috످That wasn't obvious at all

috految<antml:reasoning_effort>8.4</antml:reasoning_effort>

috److I'm not sure what you're referring to, since this is the first message I can see in our chat. If you paste or describe the part that wasn't obvious, I can walk you through it.

috످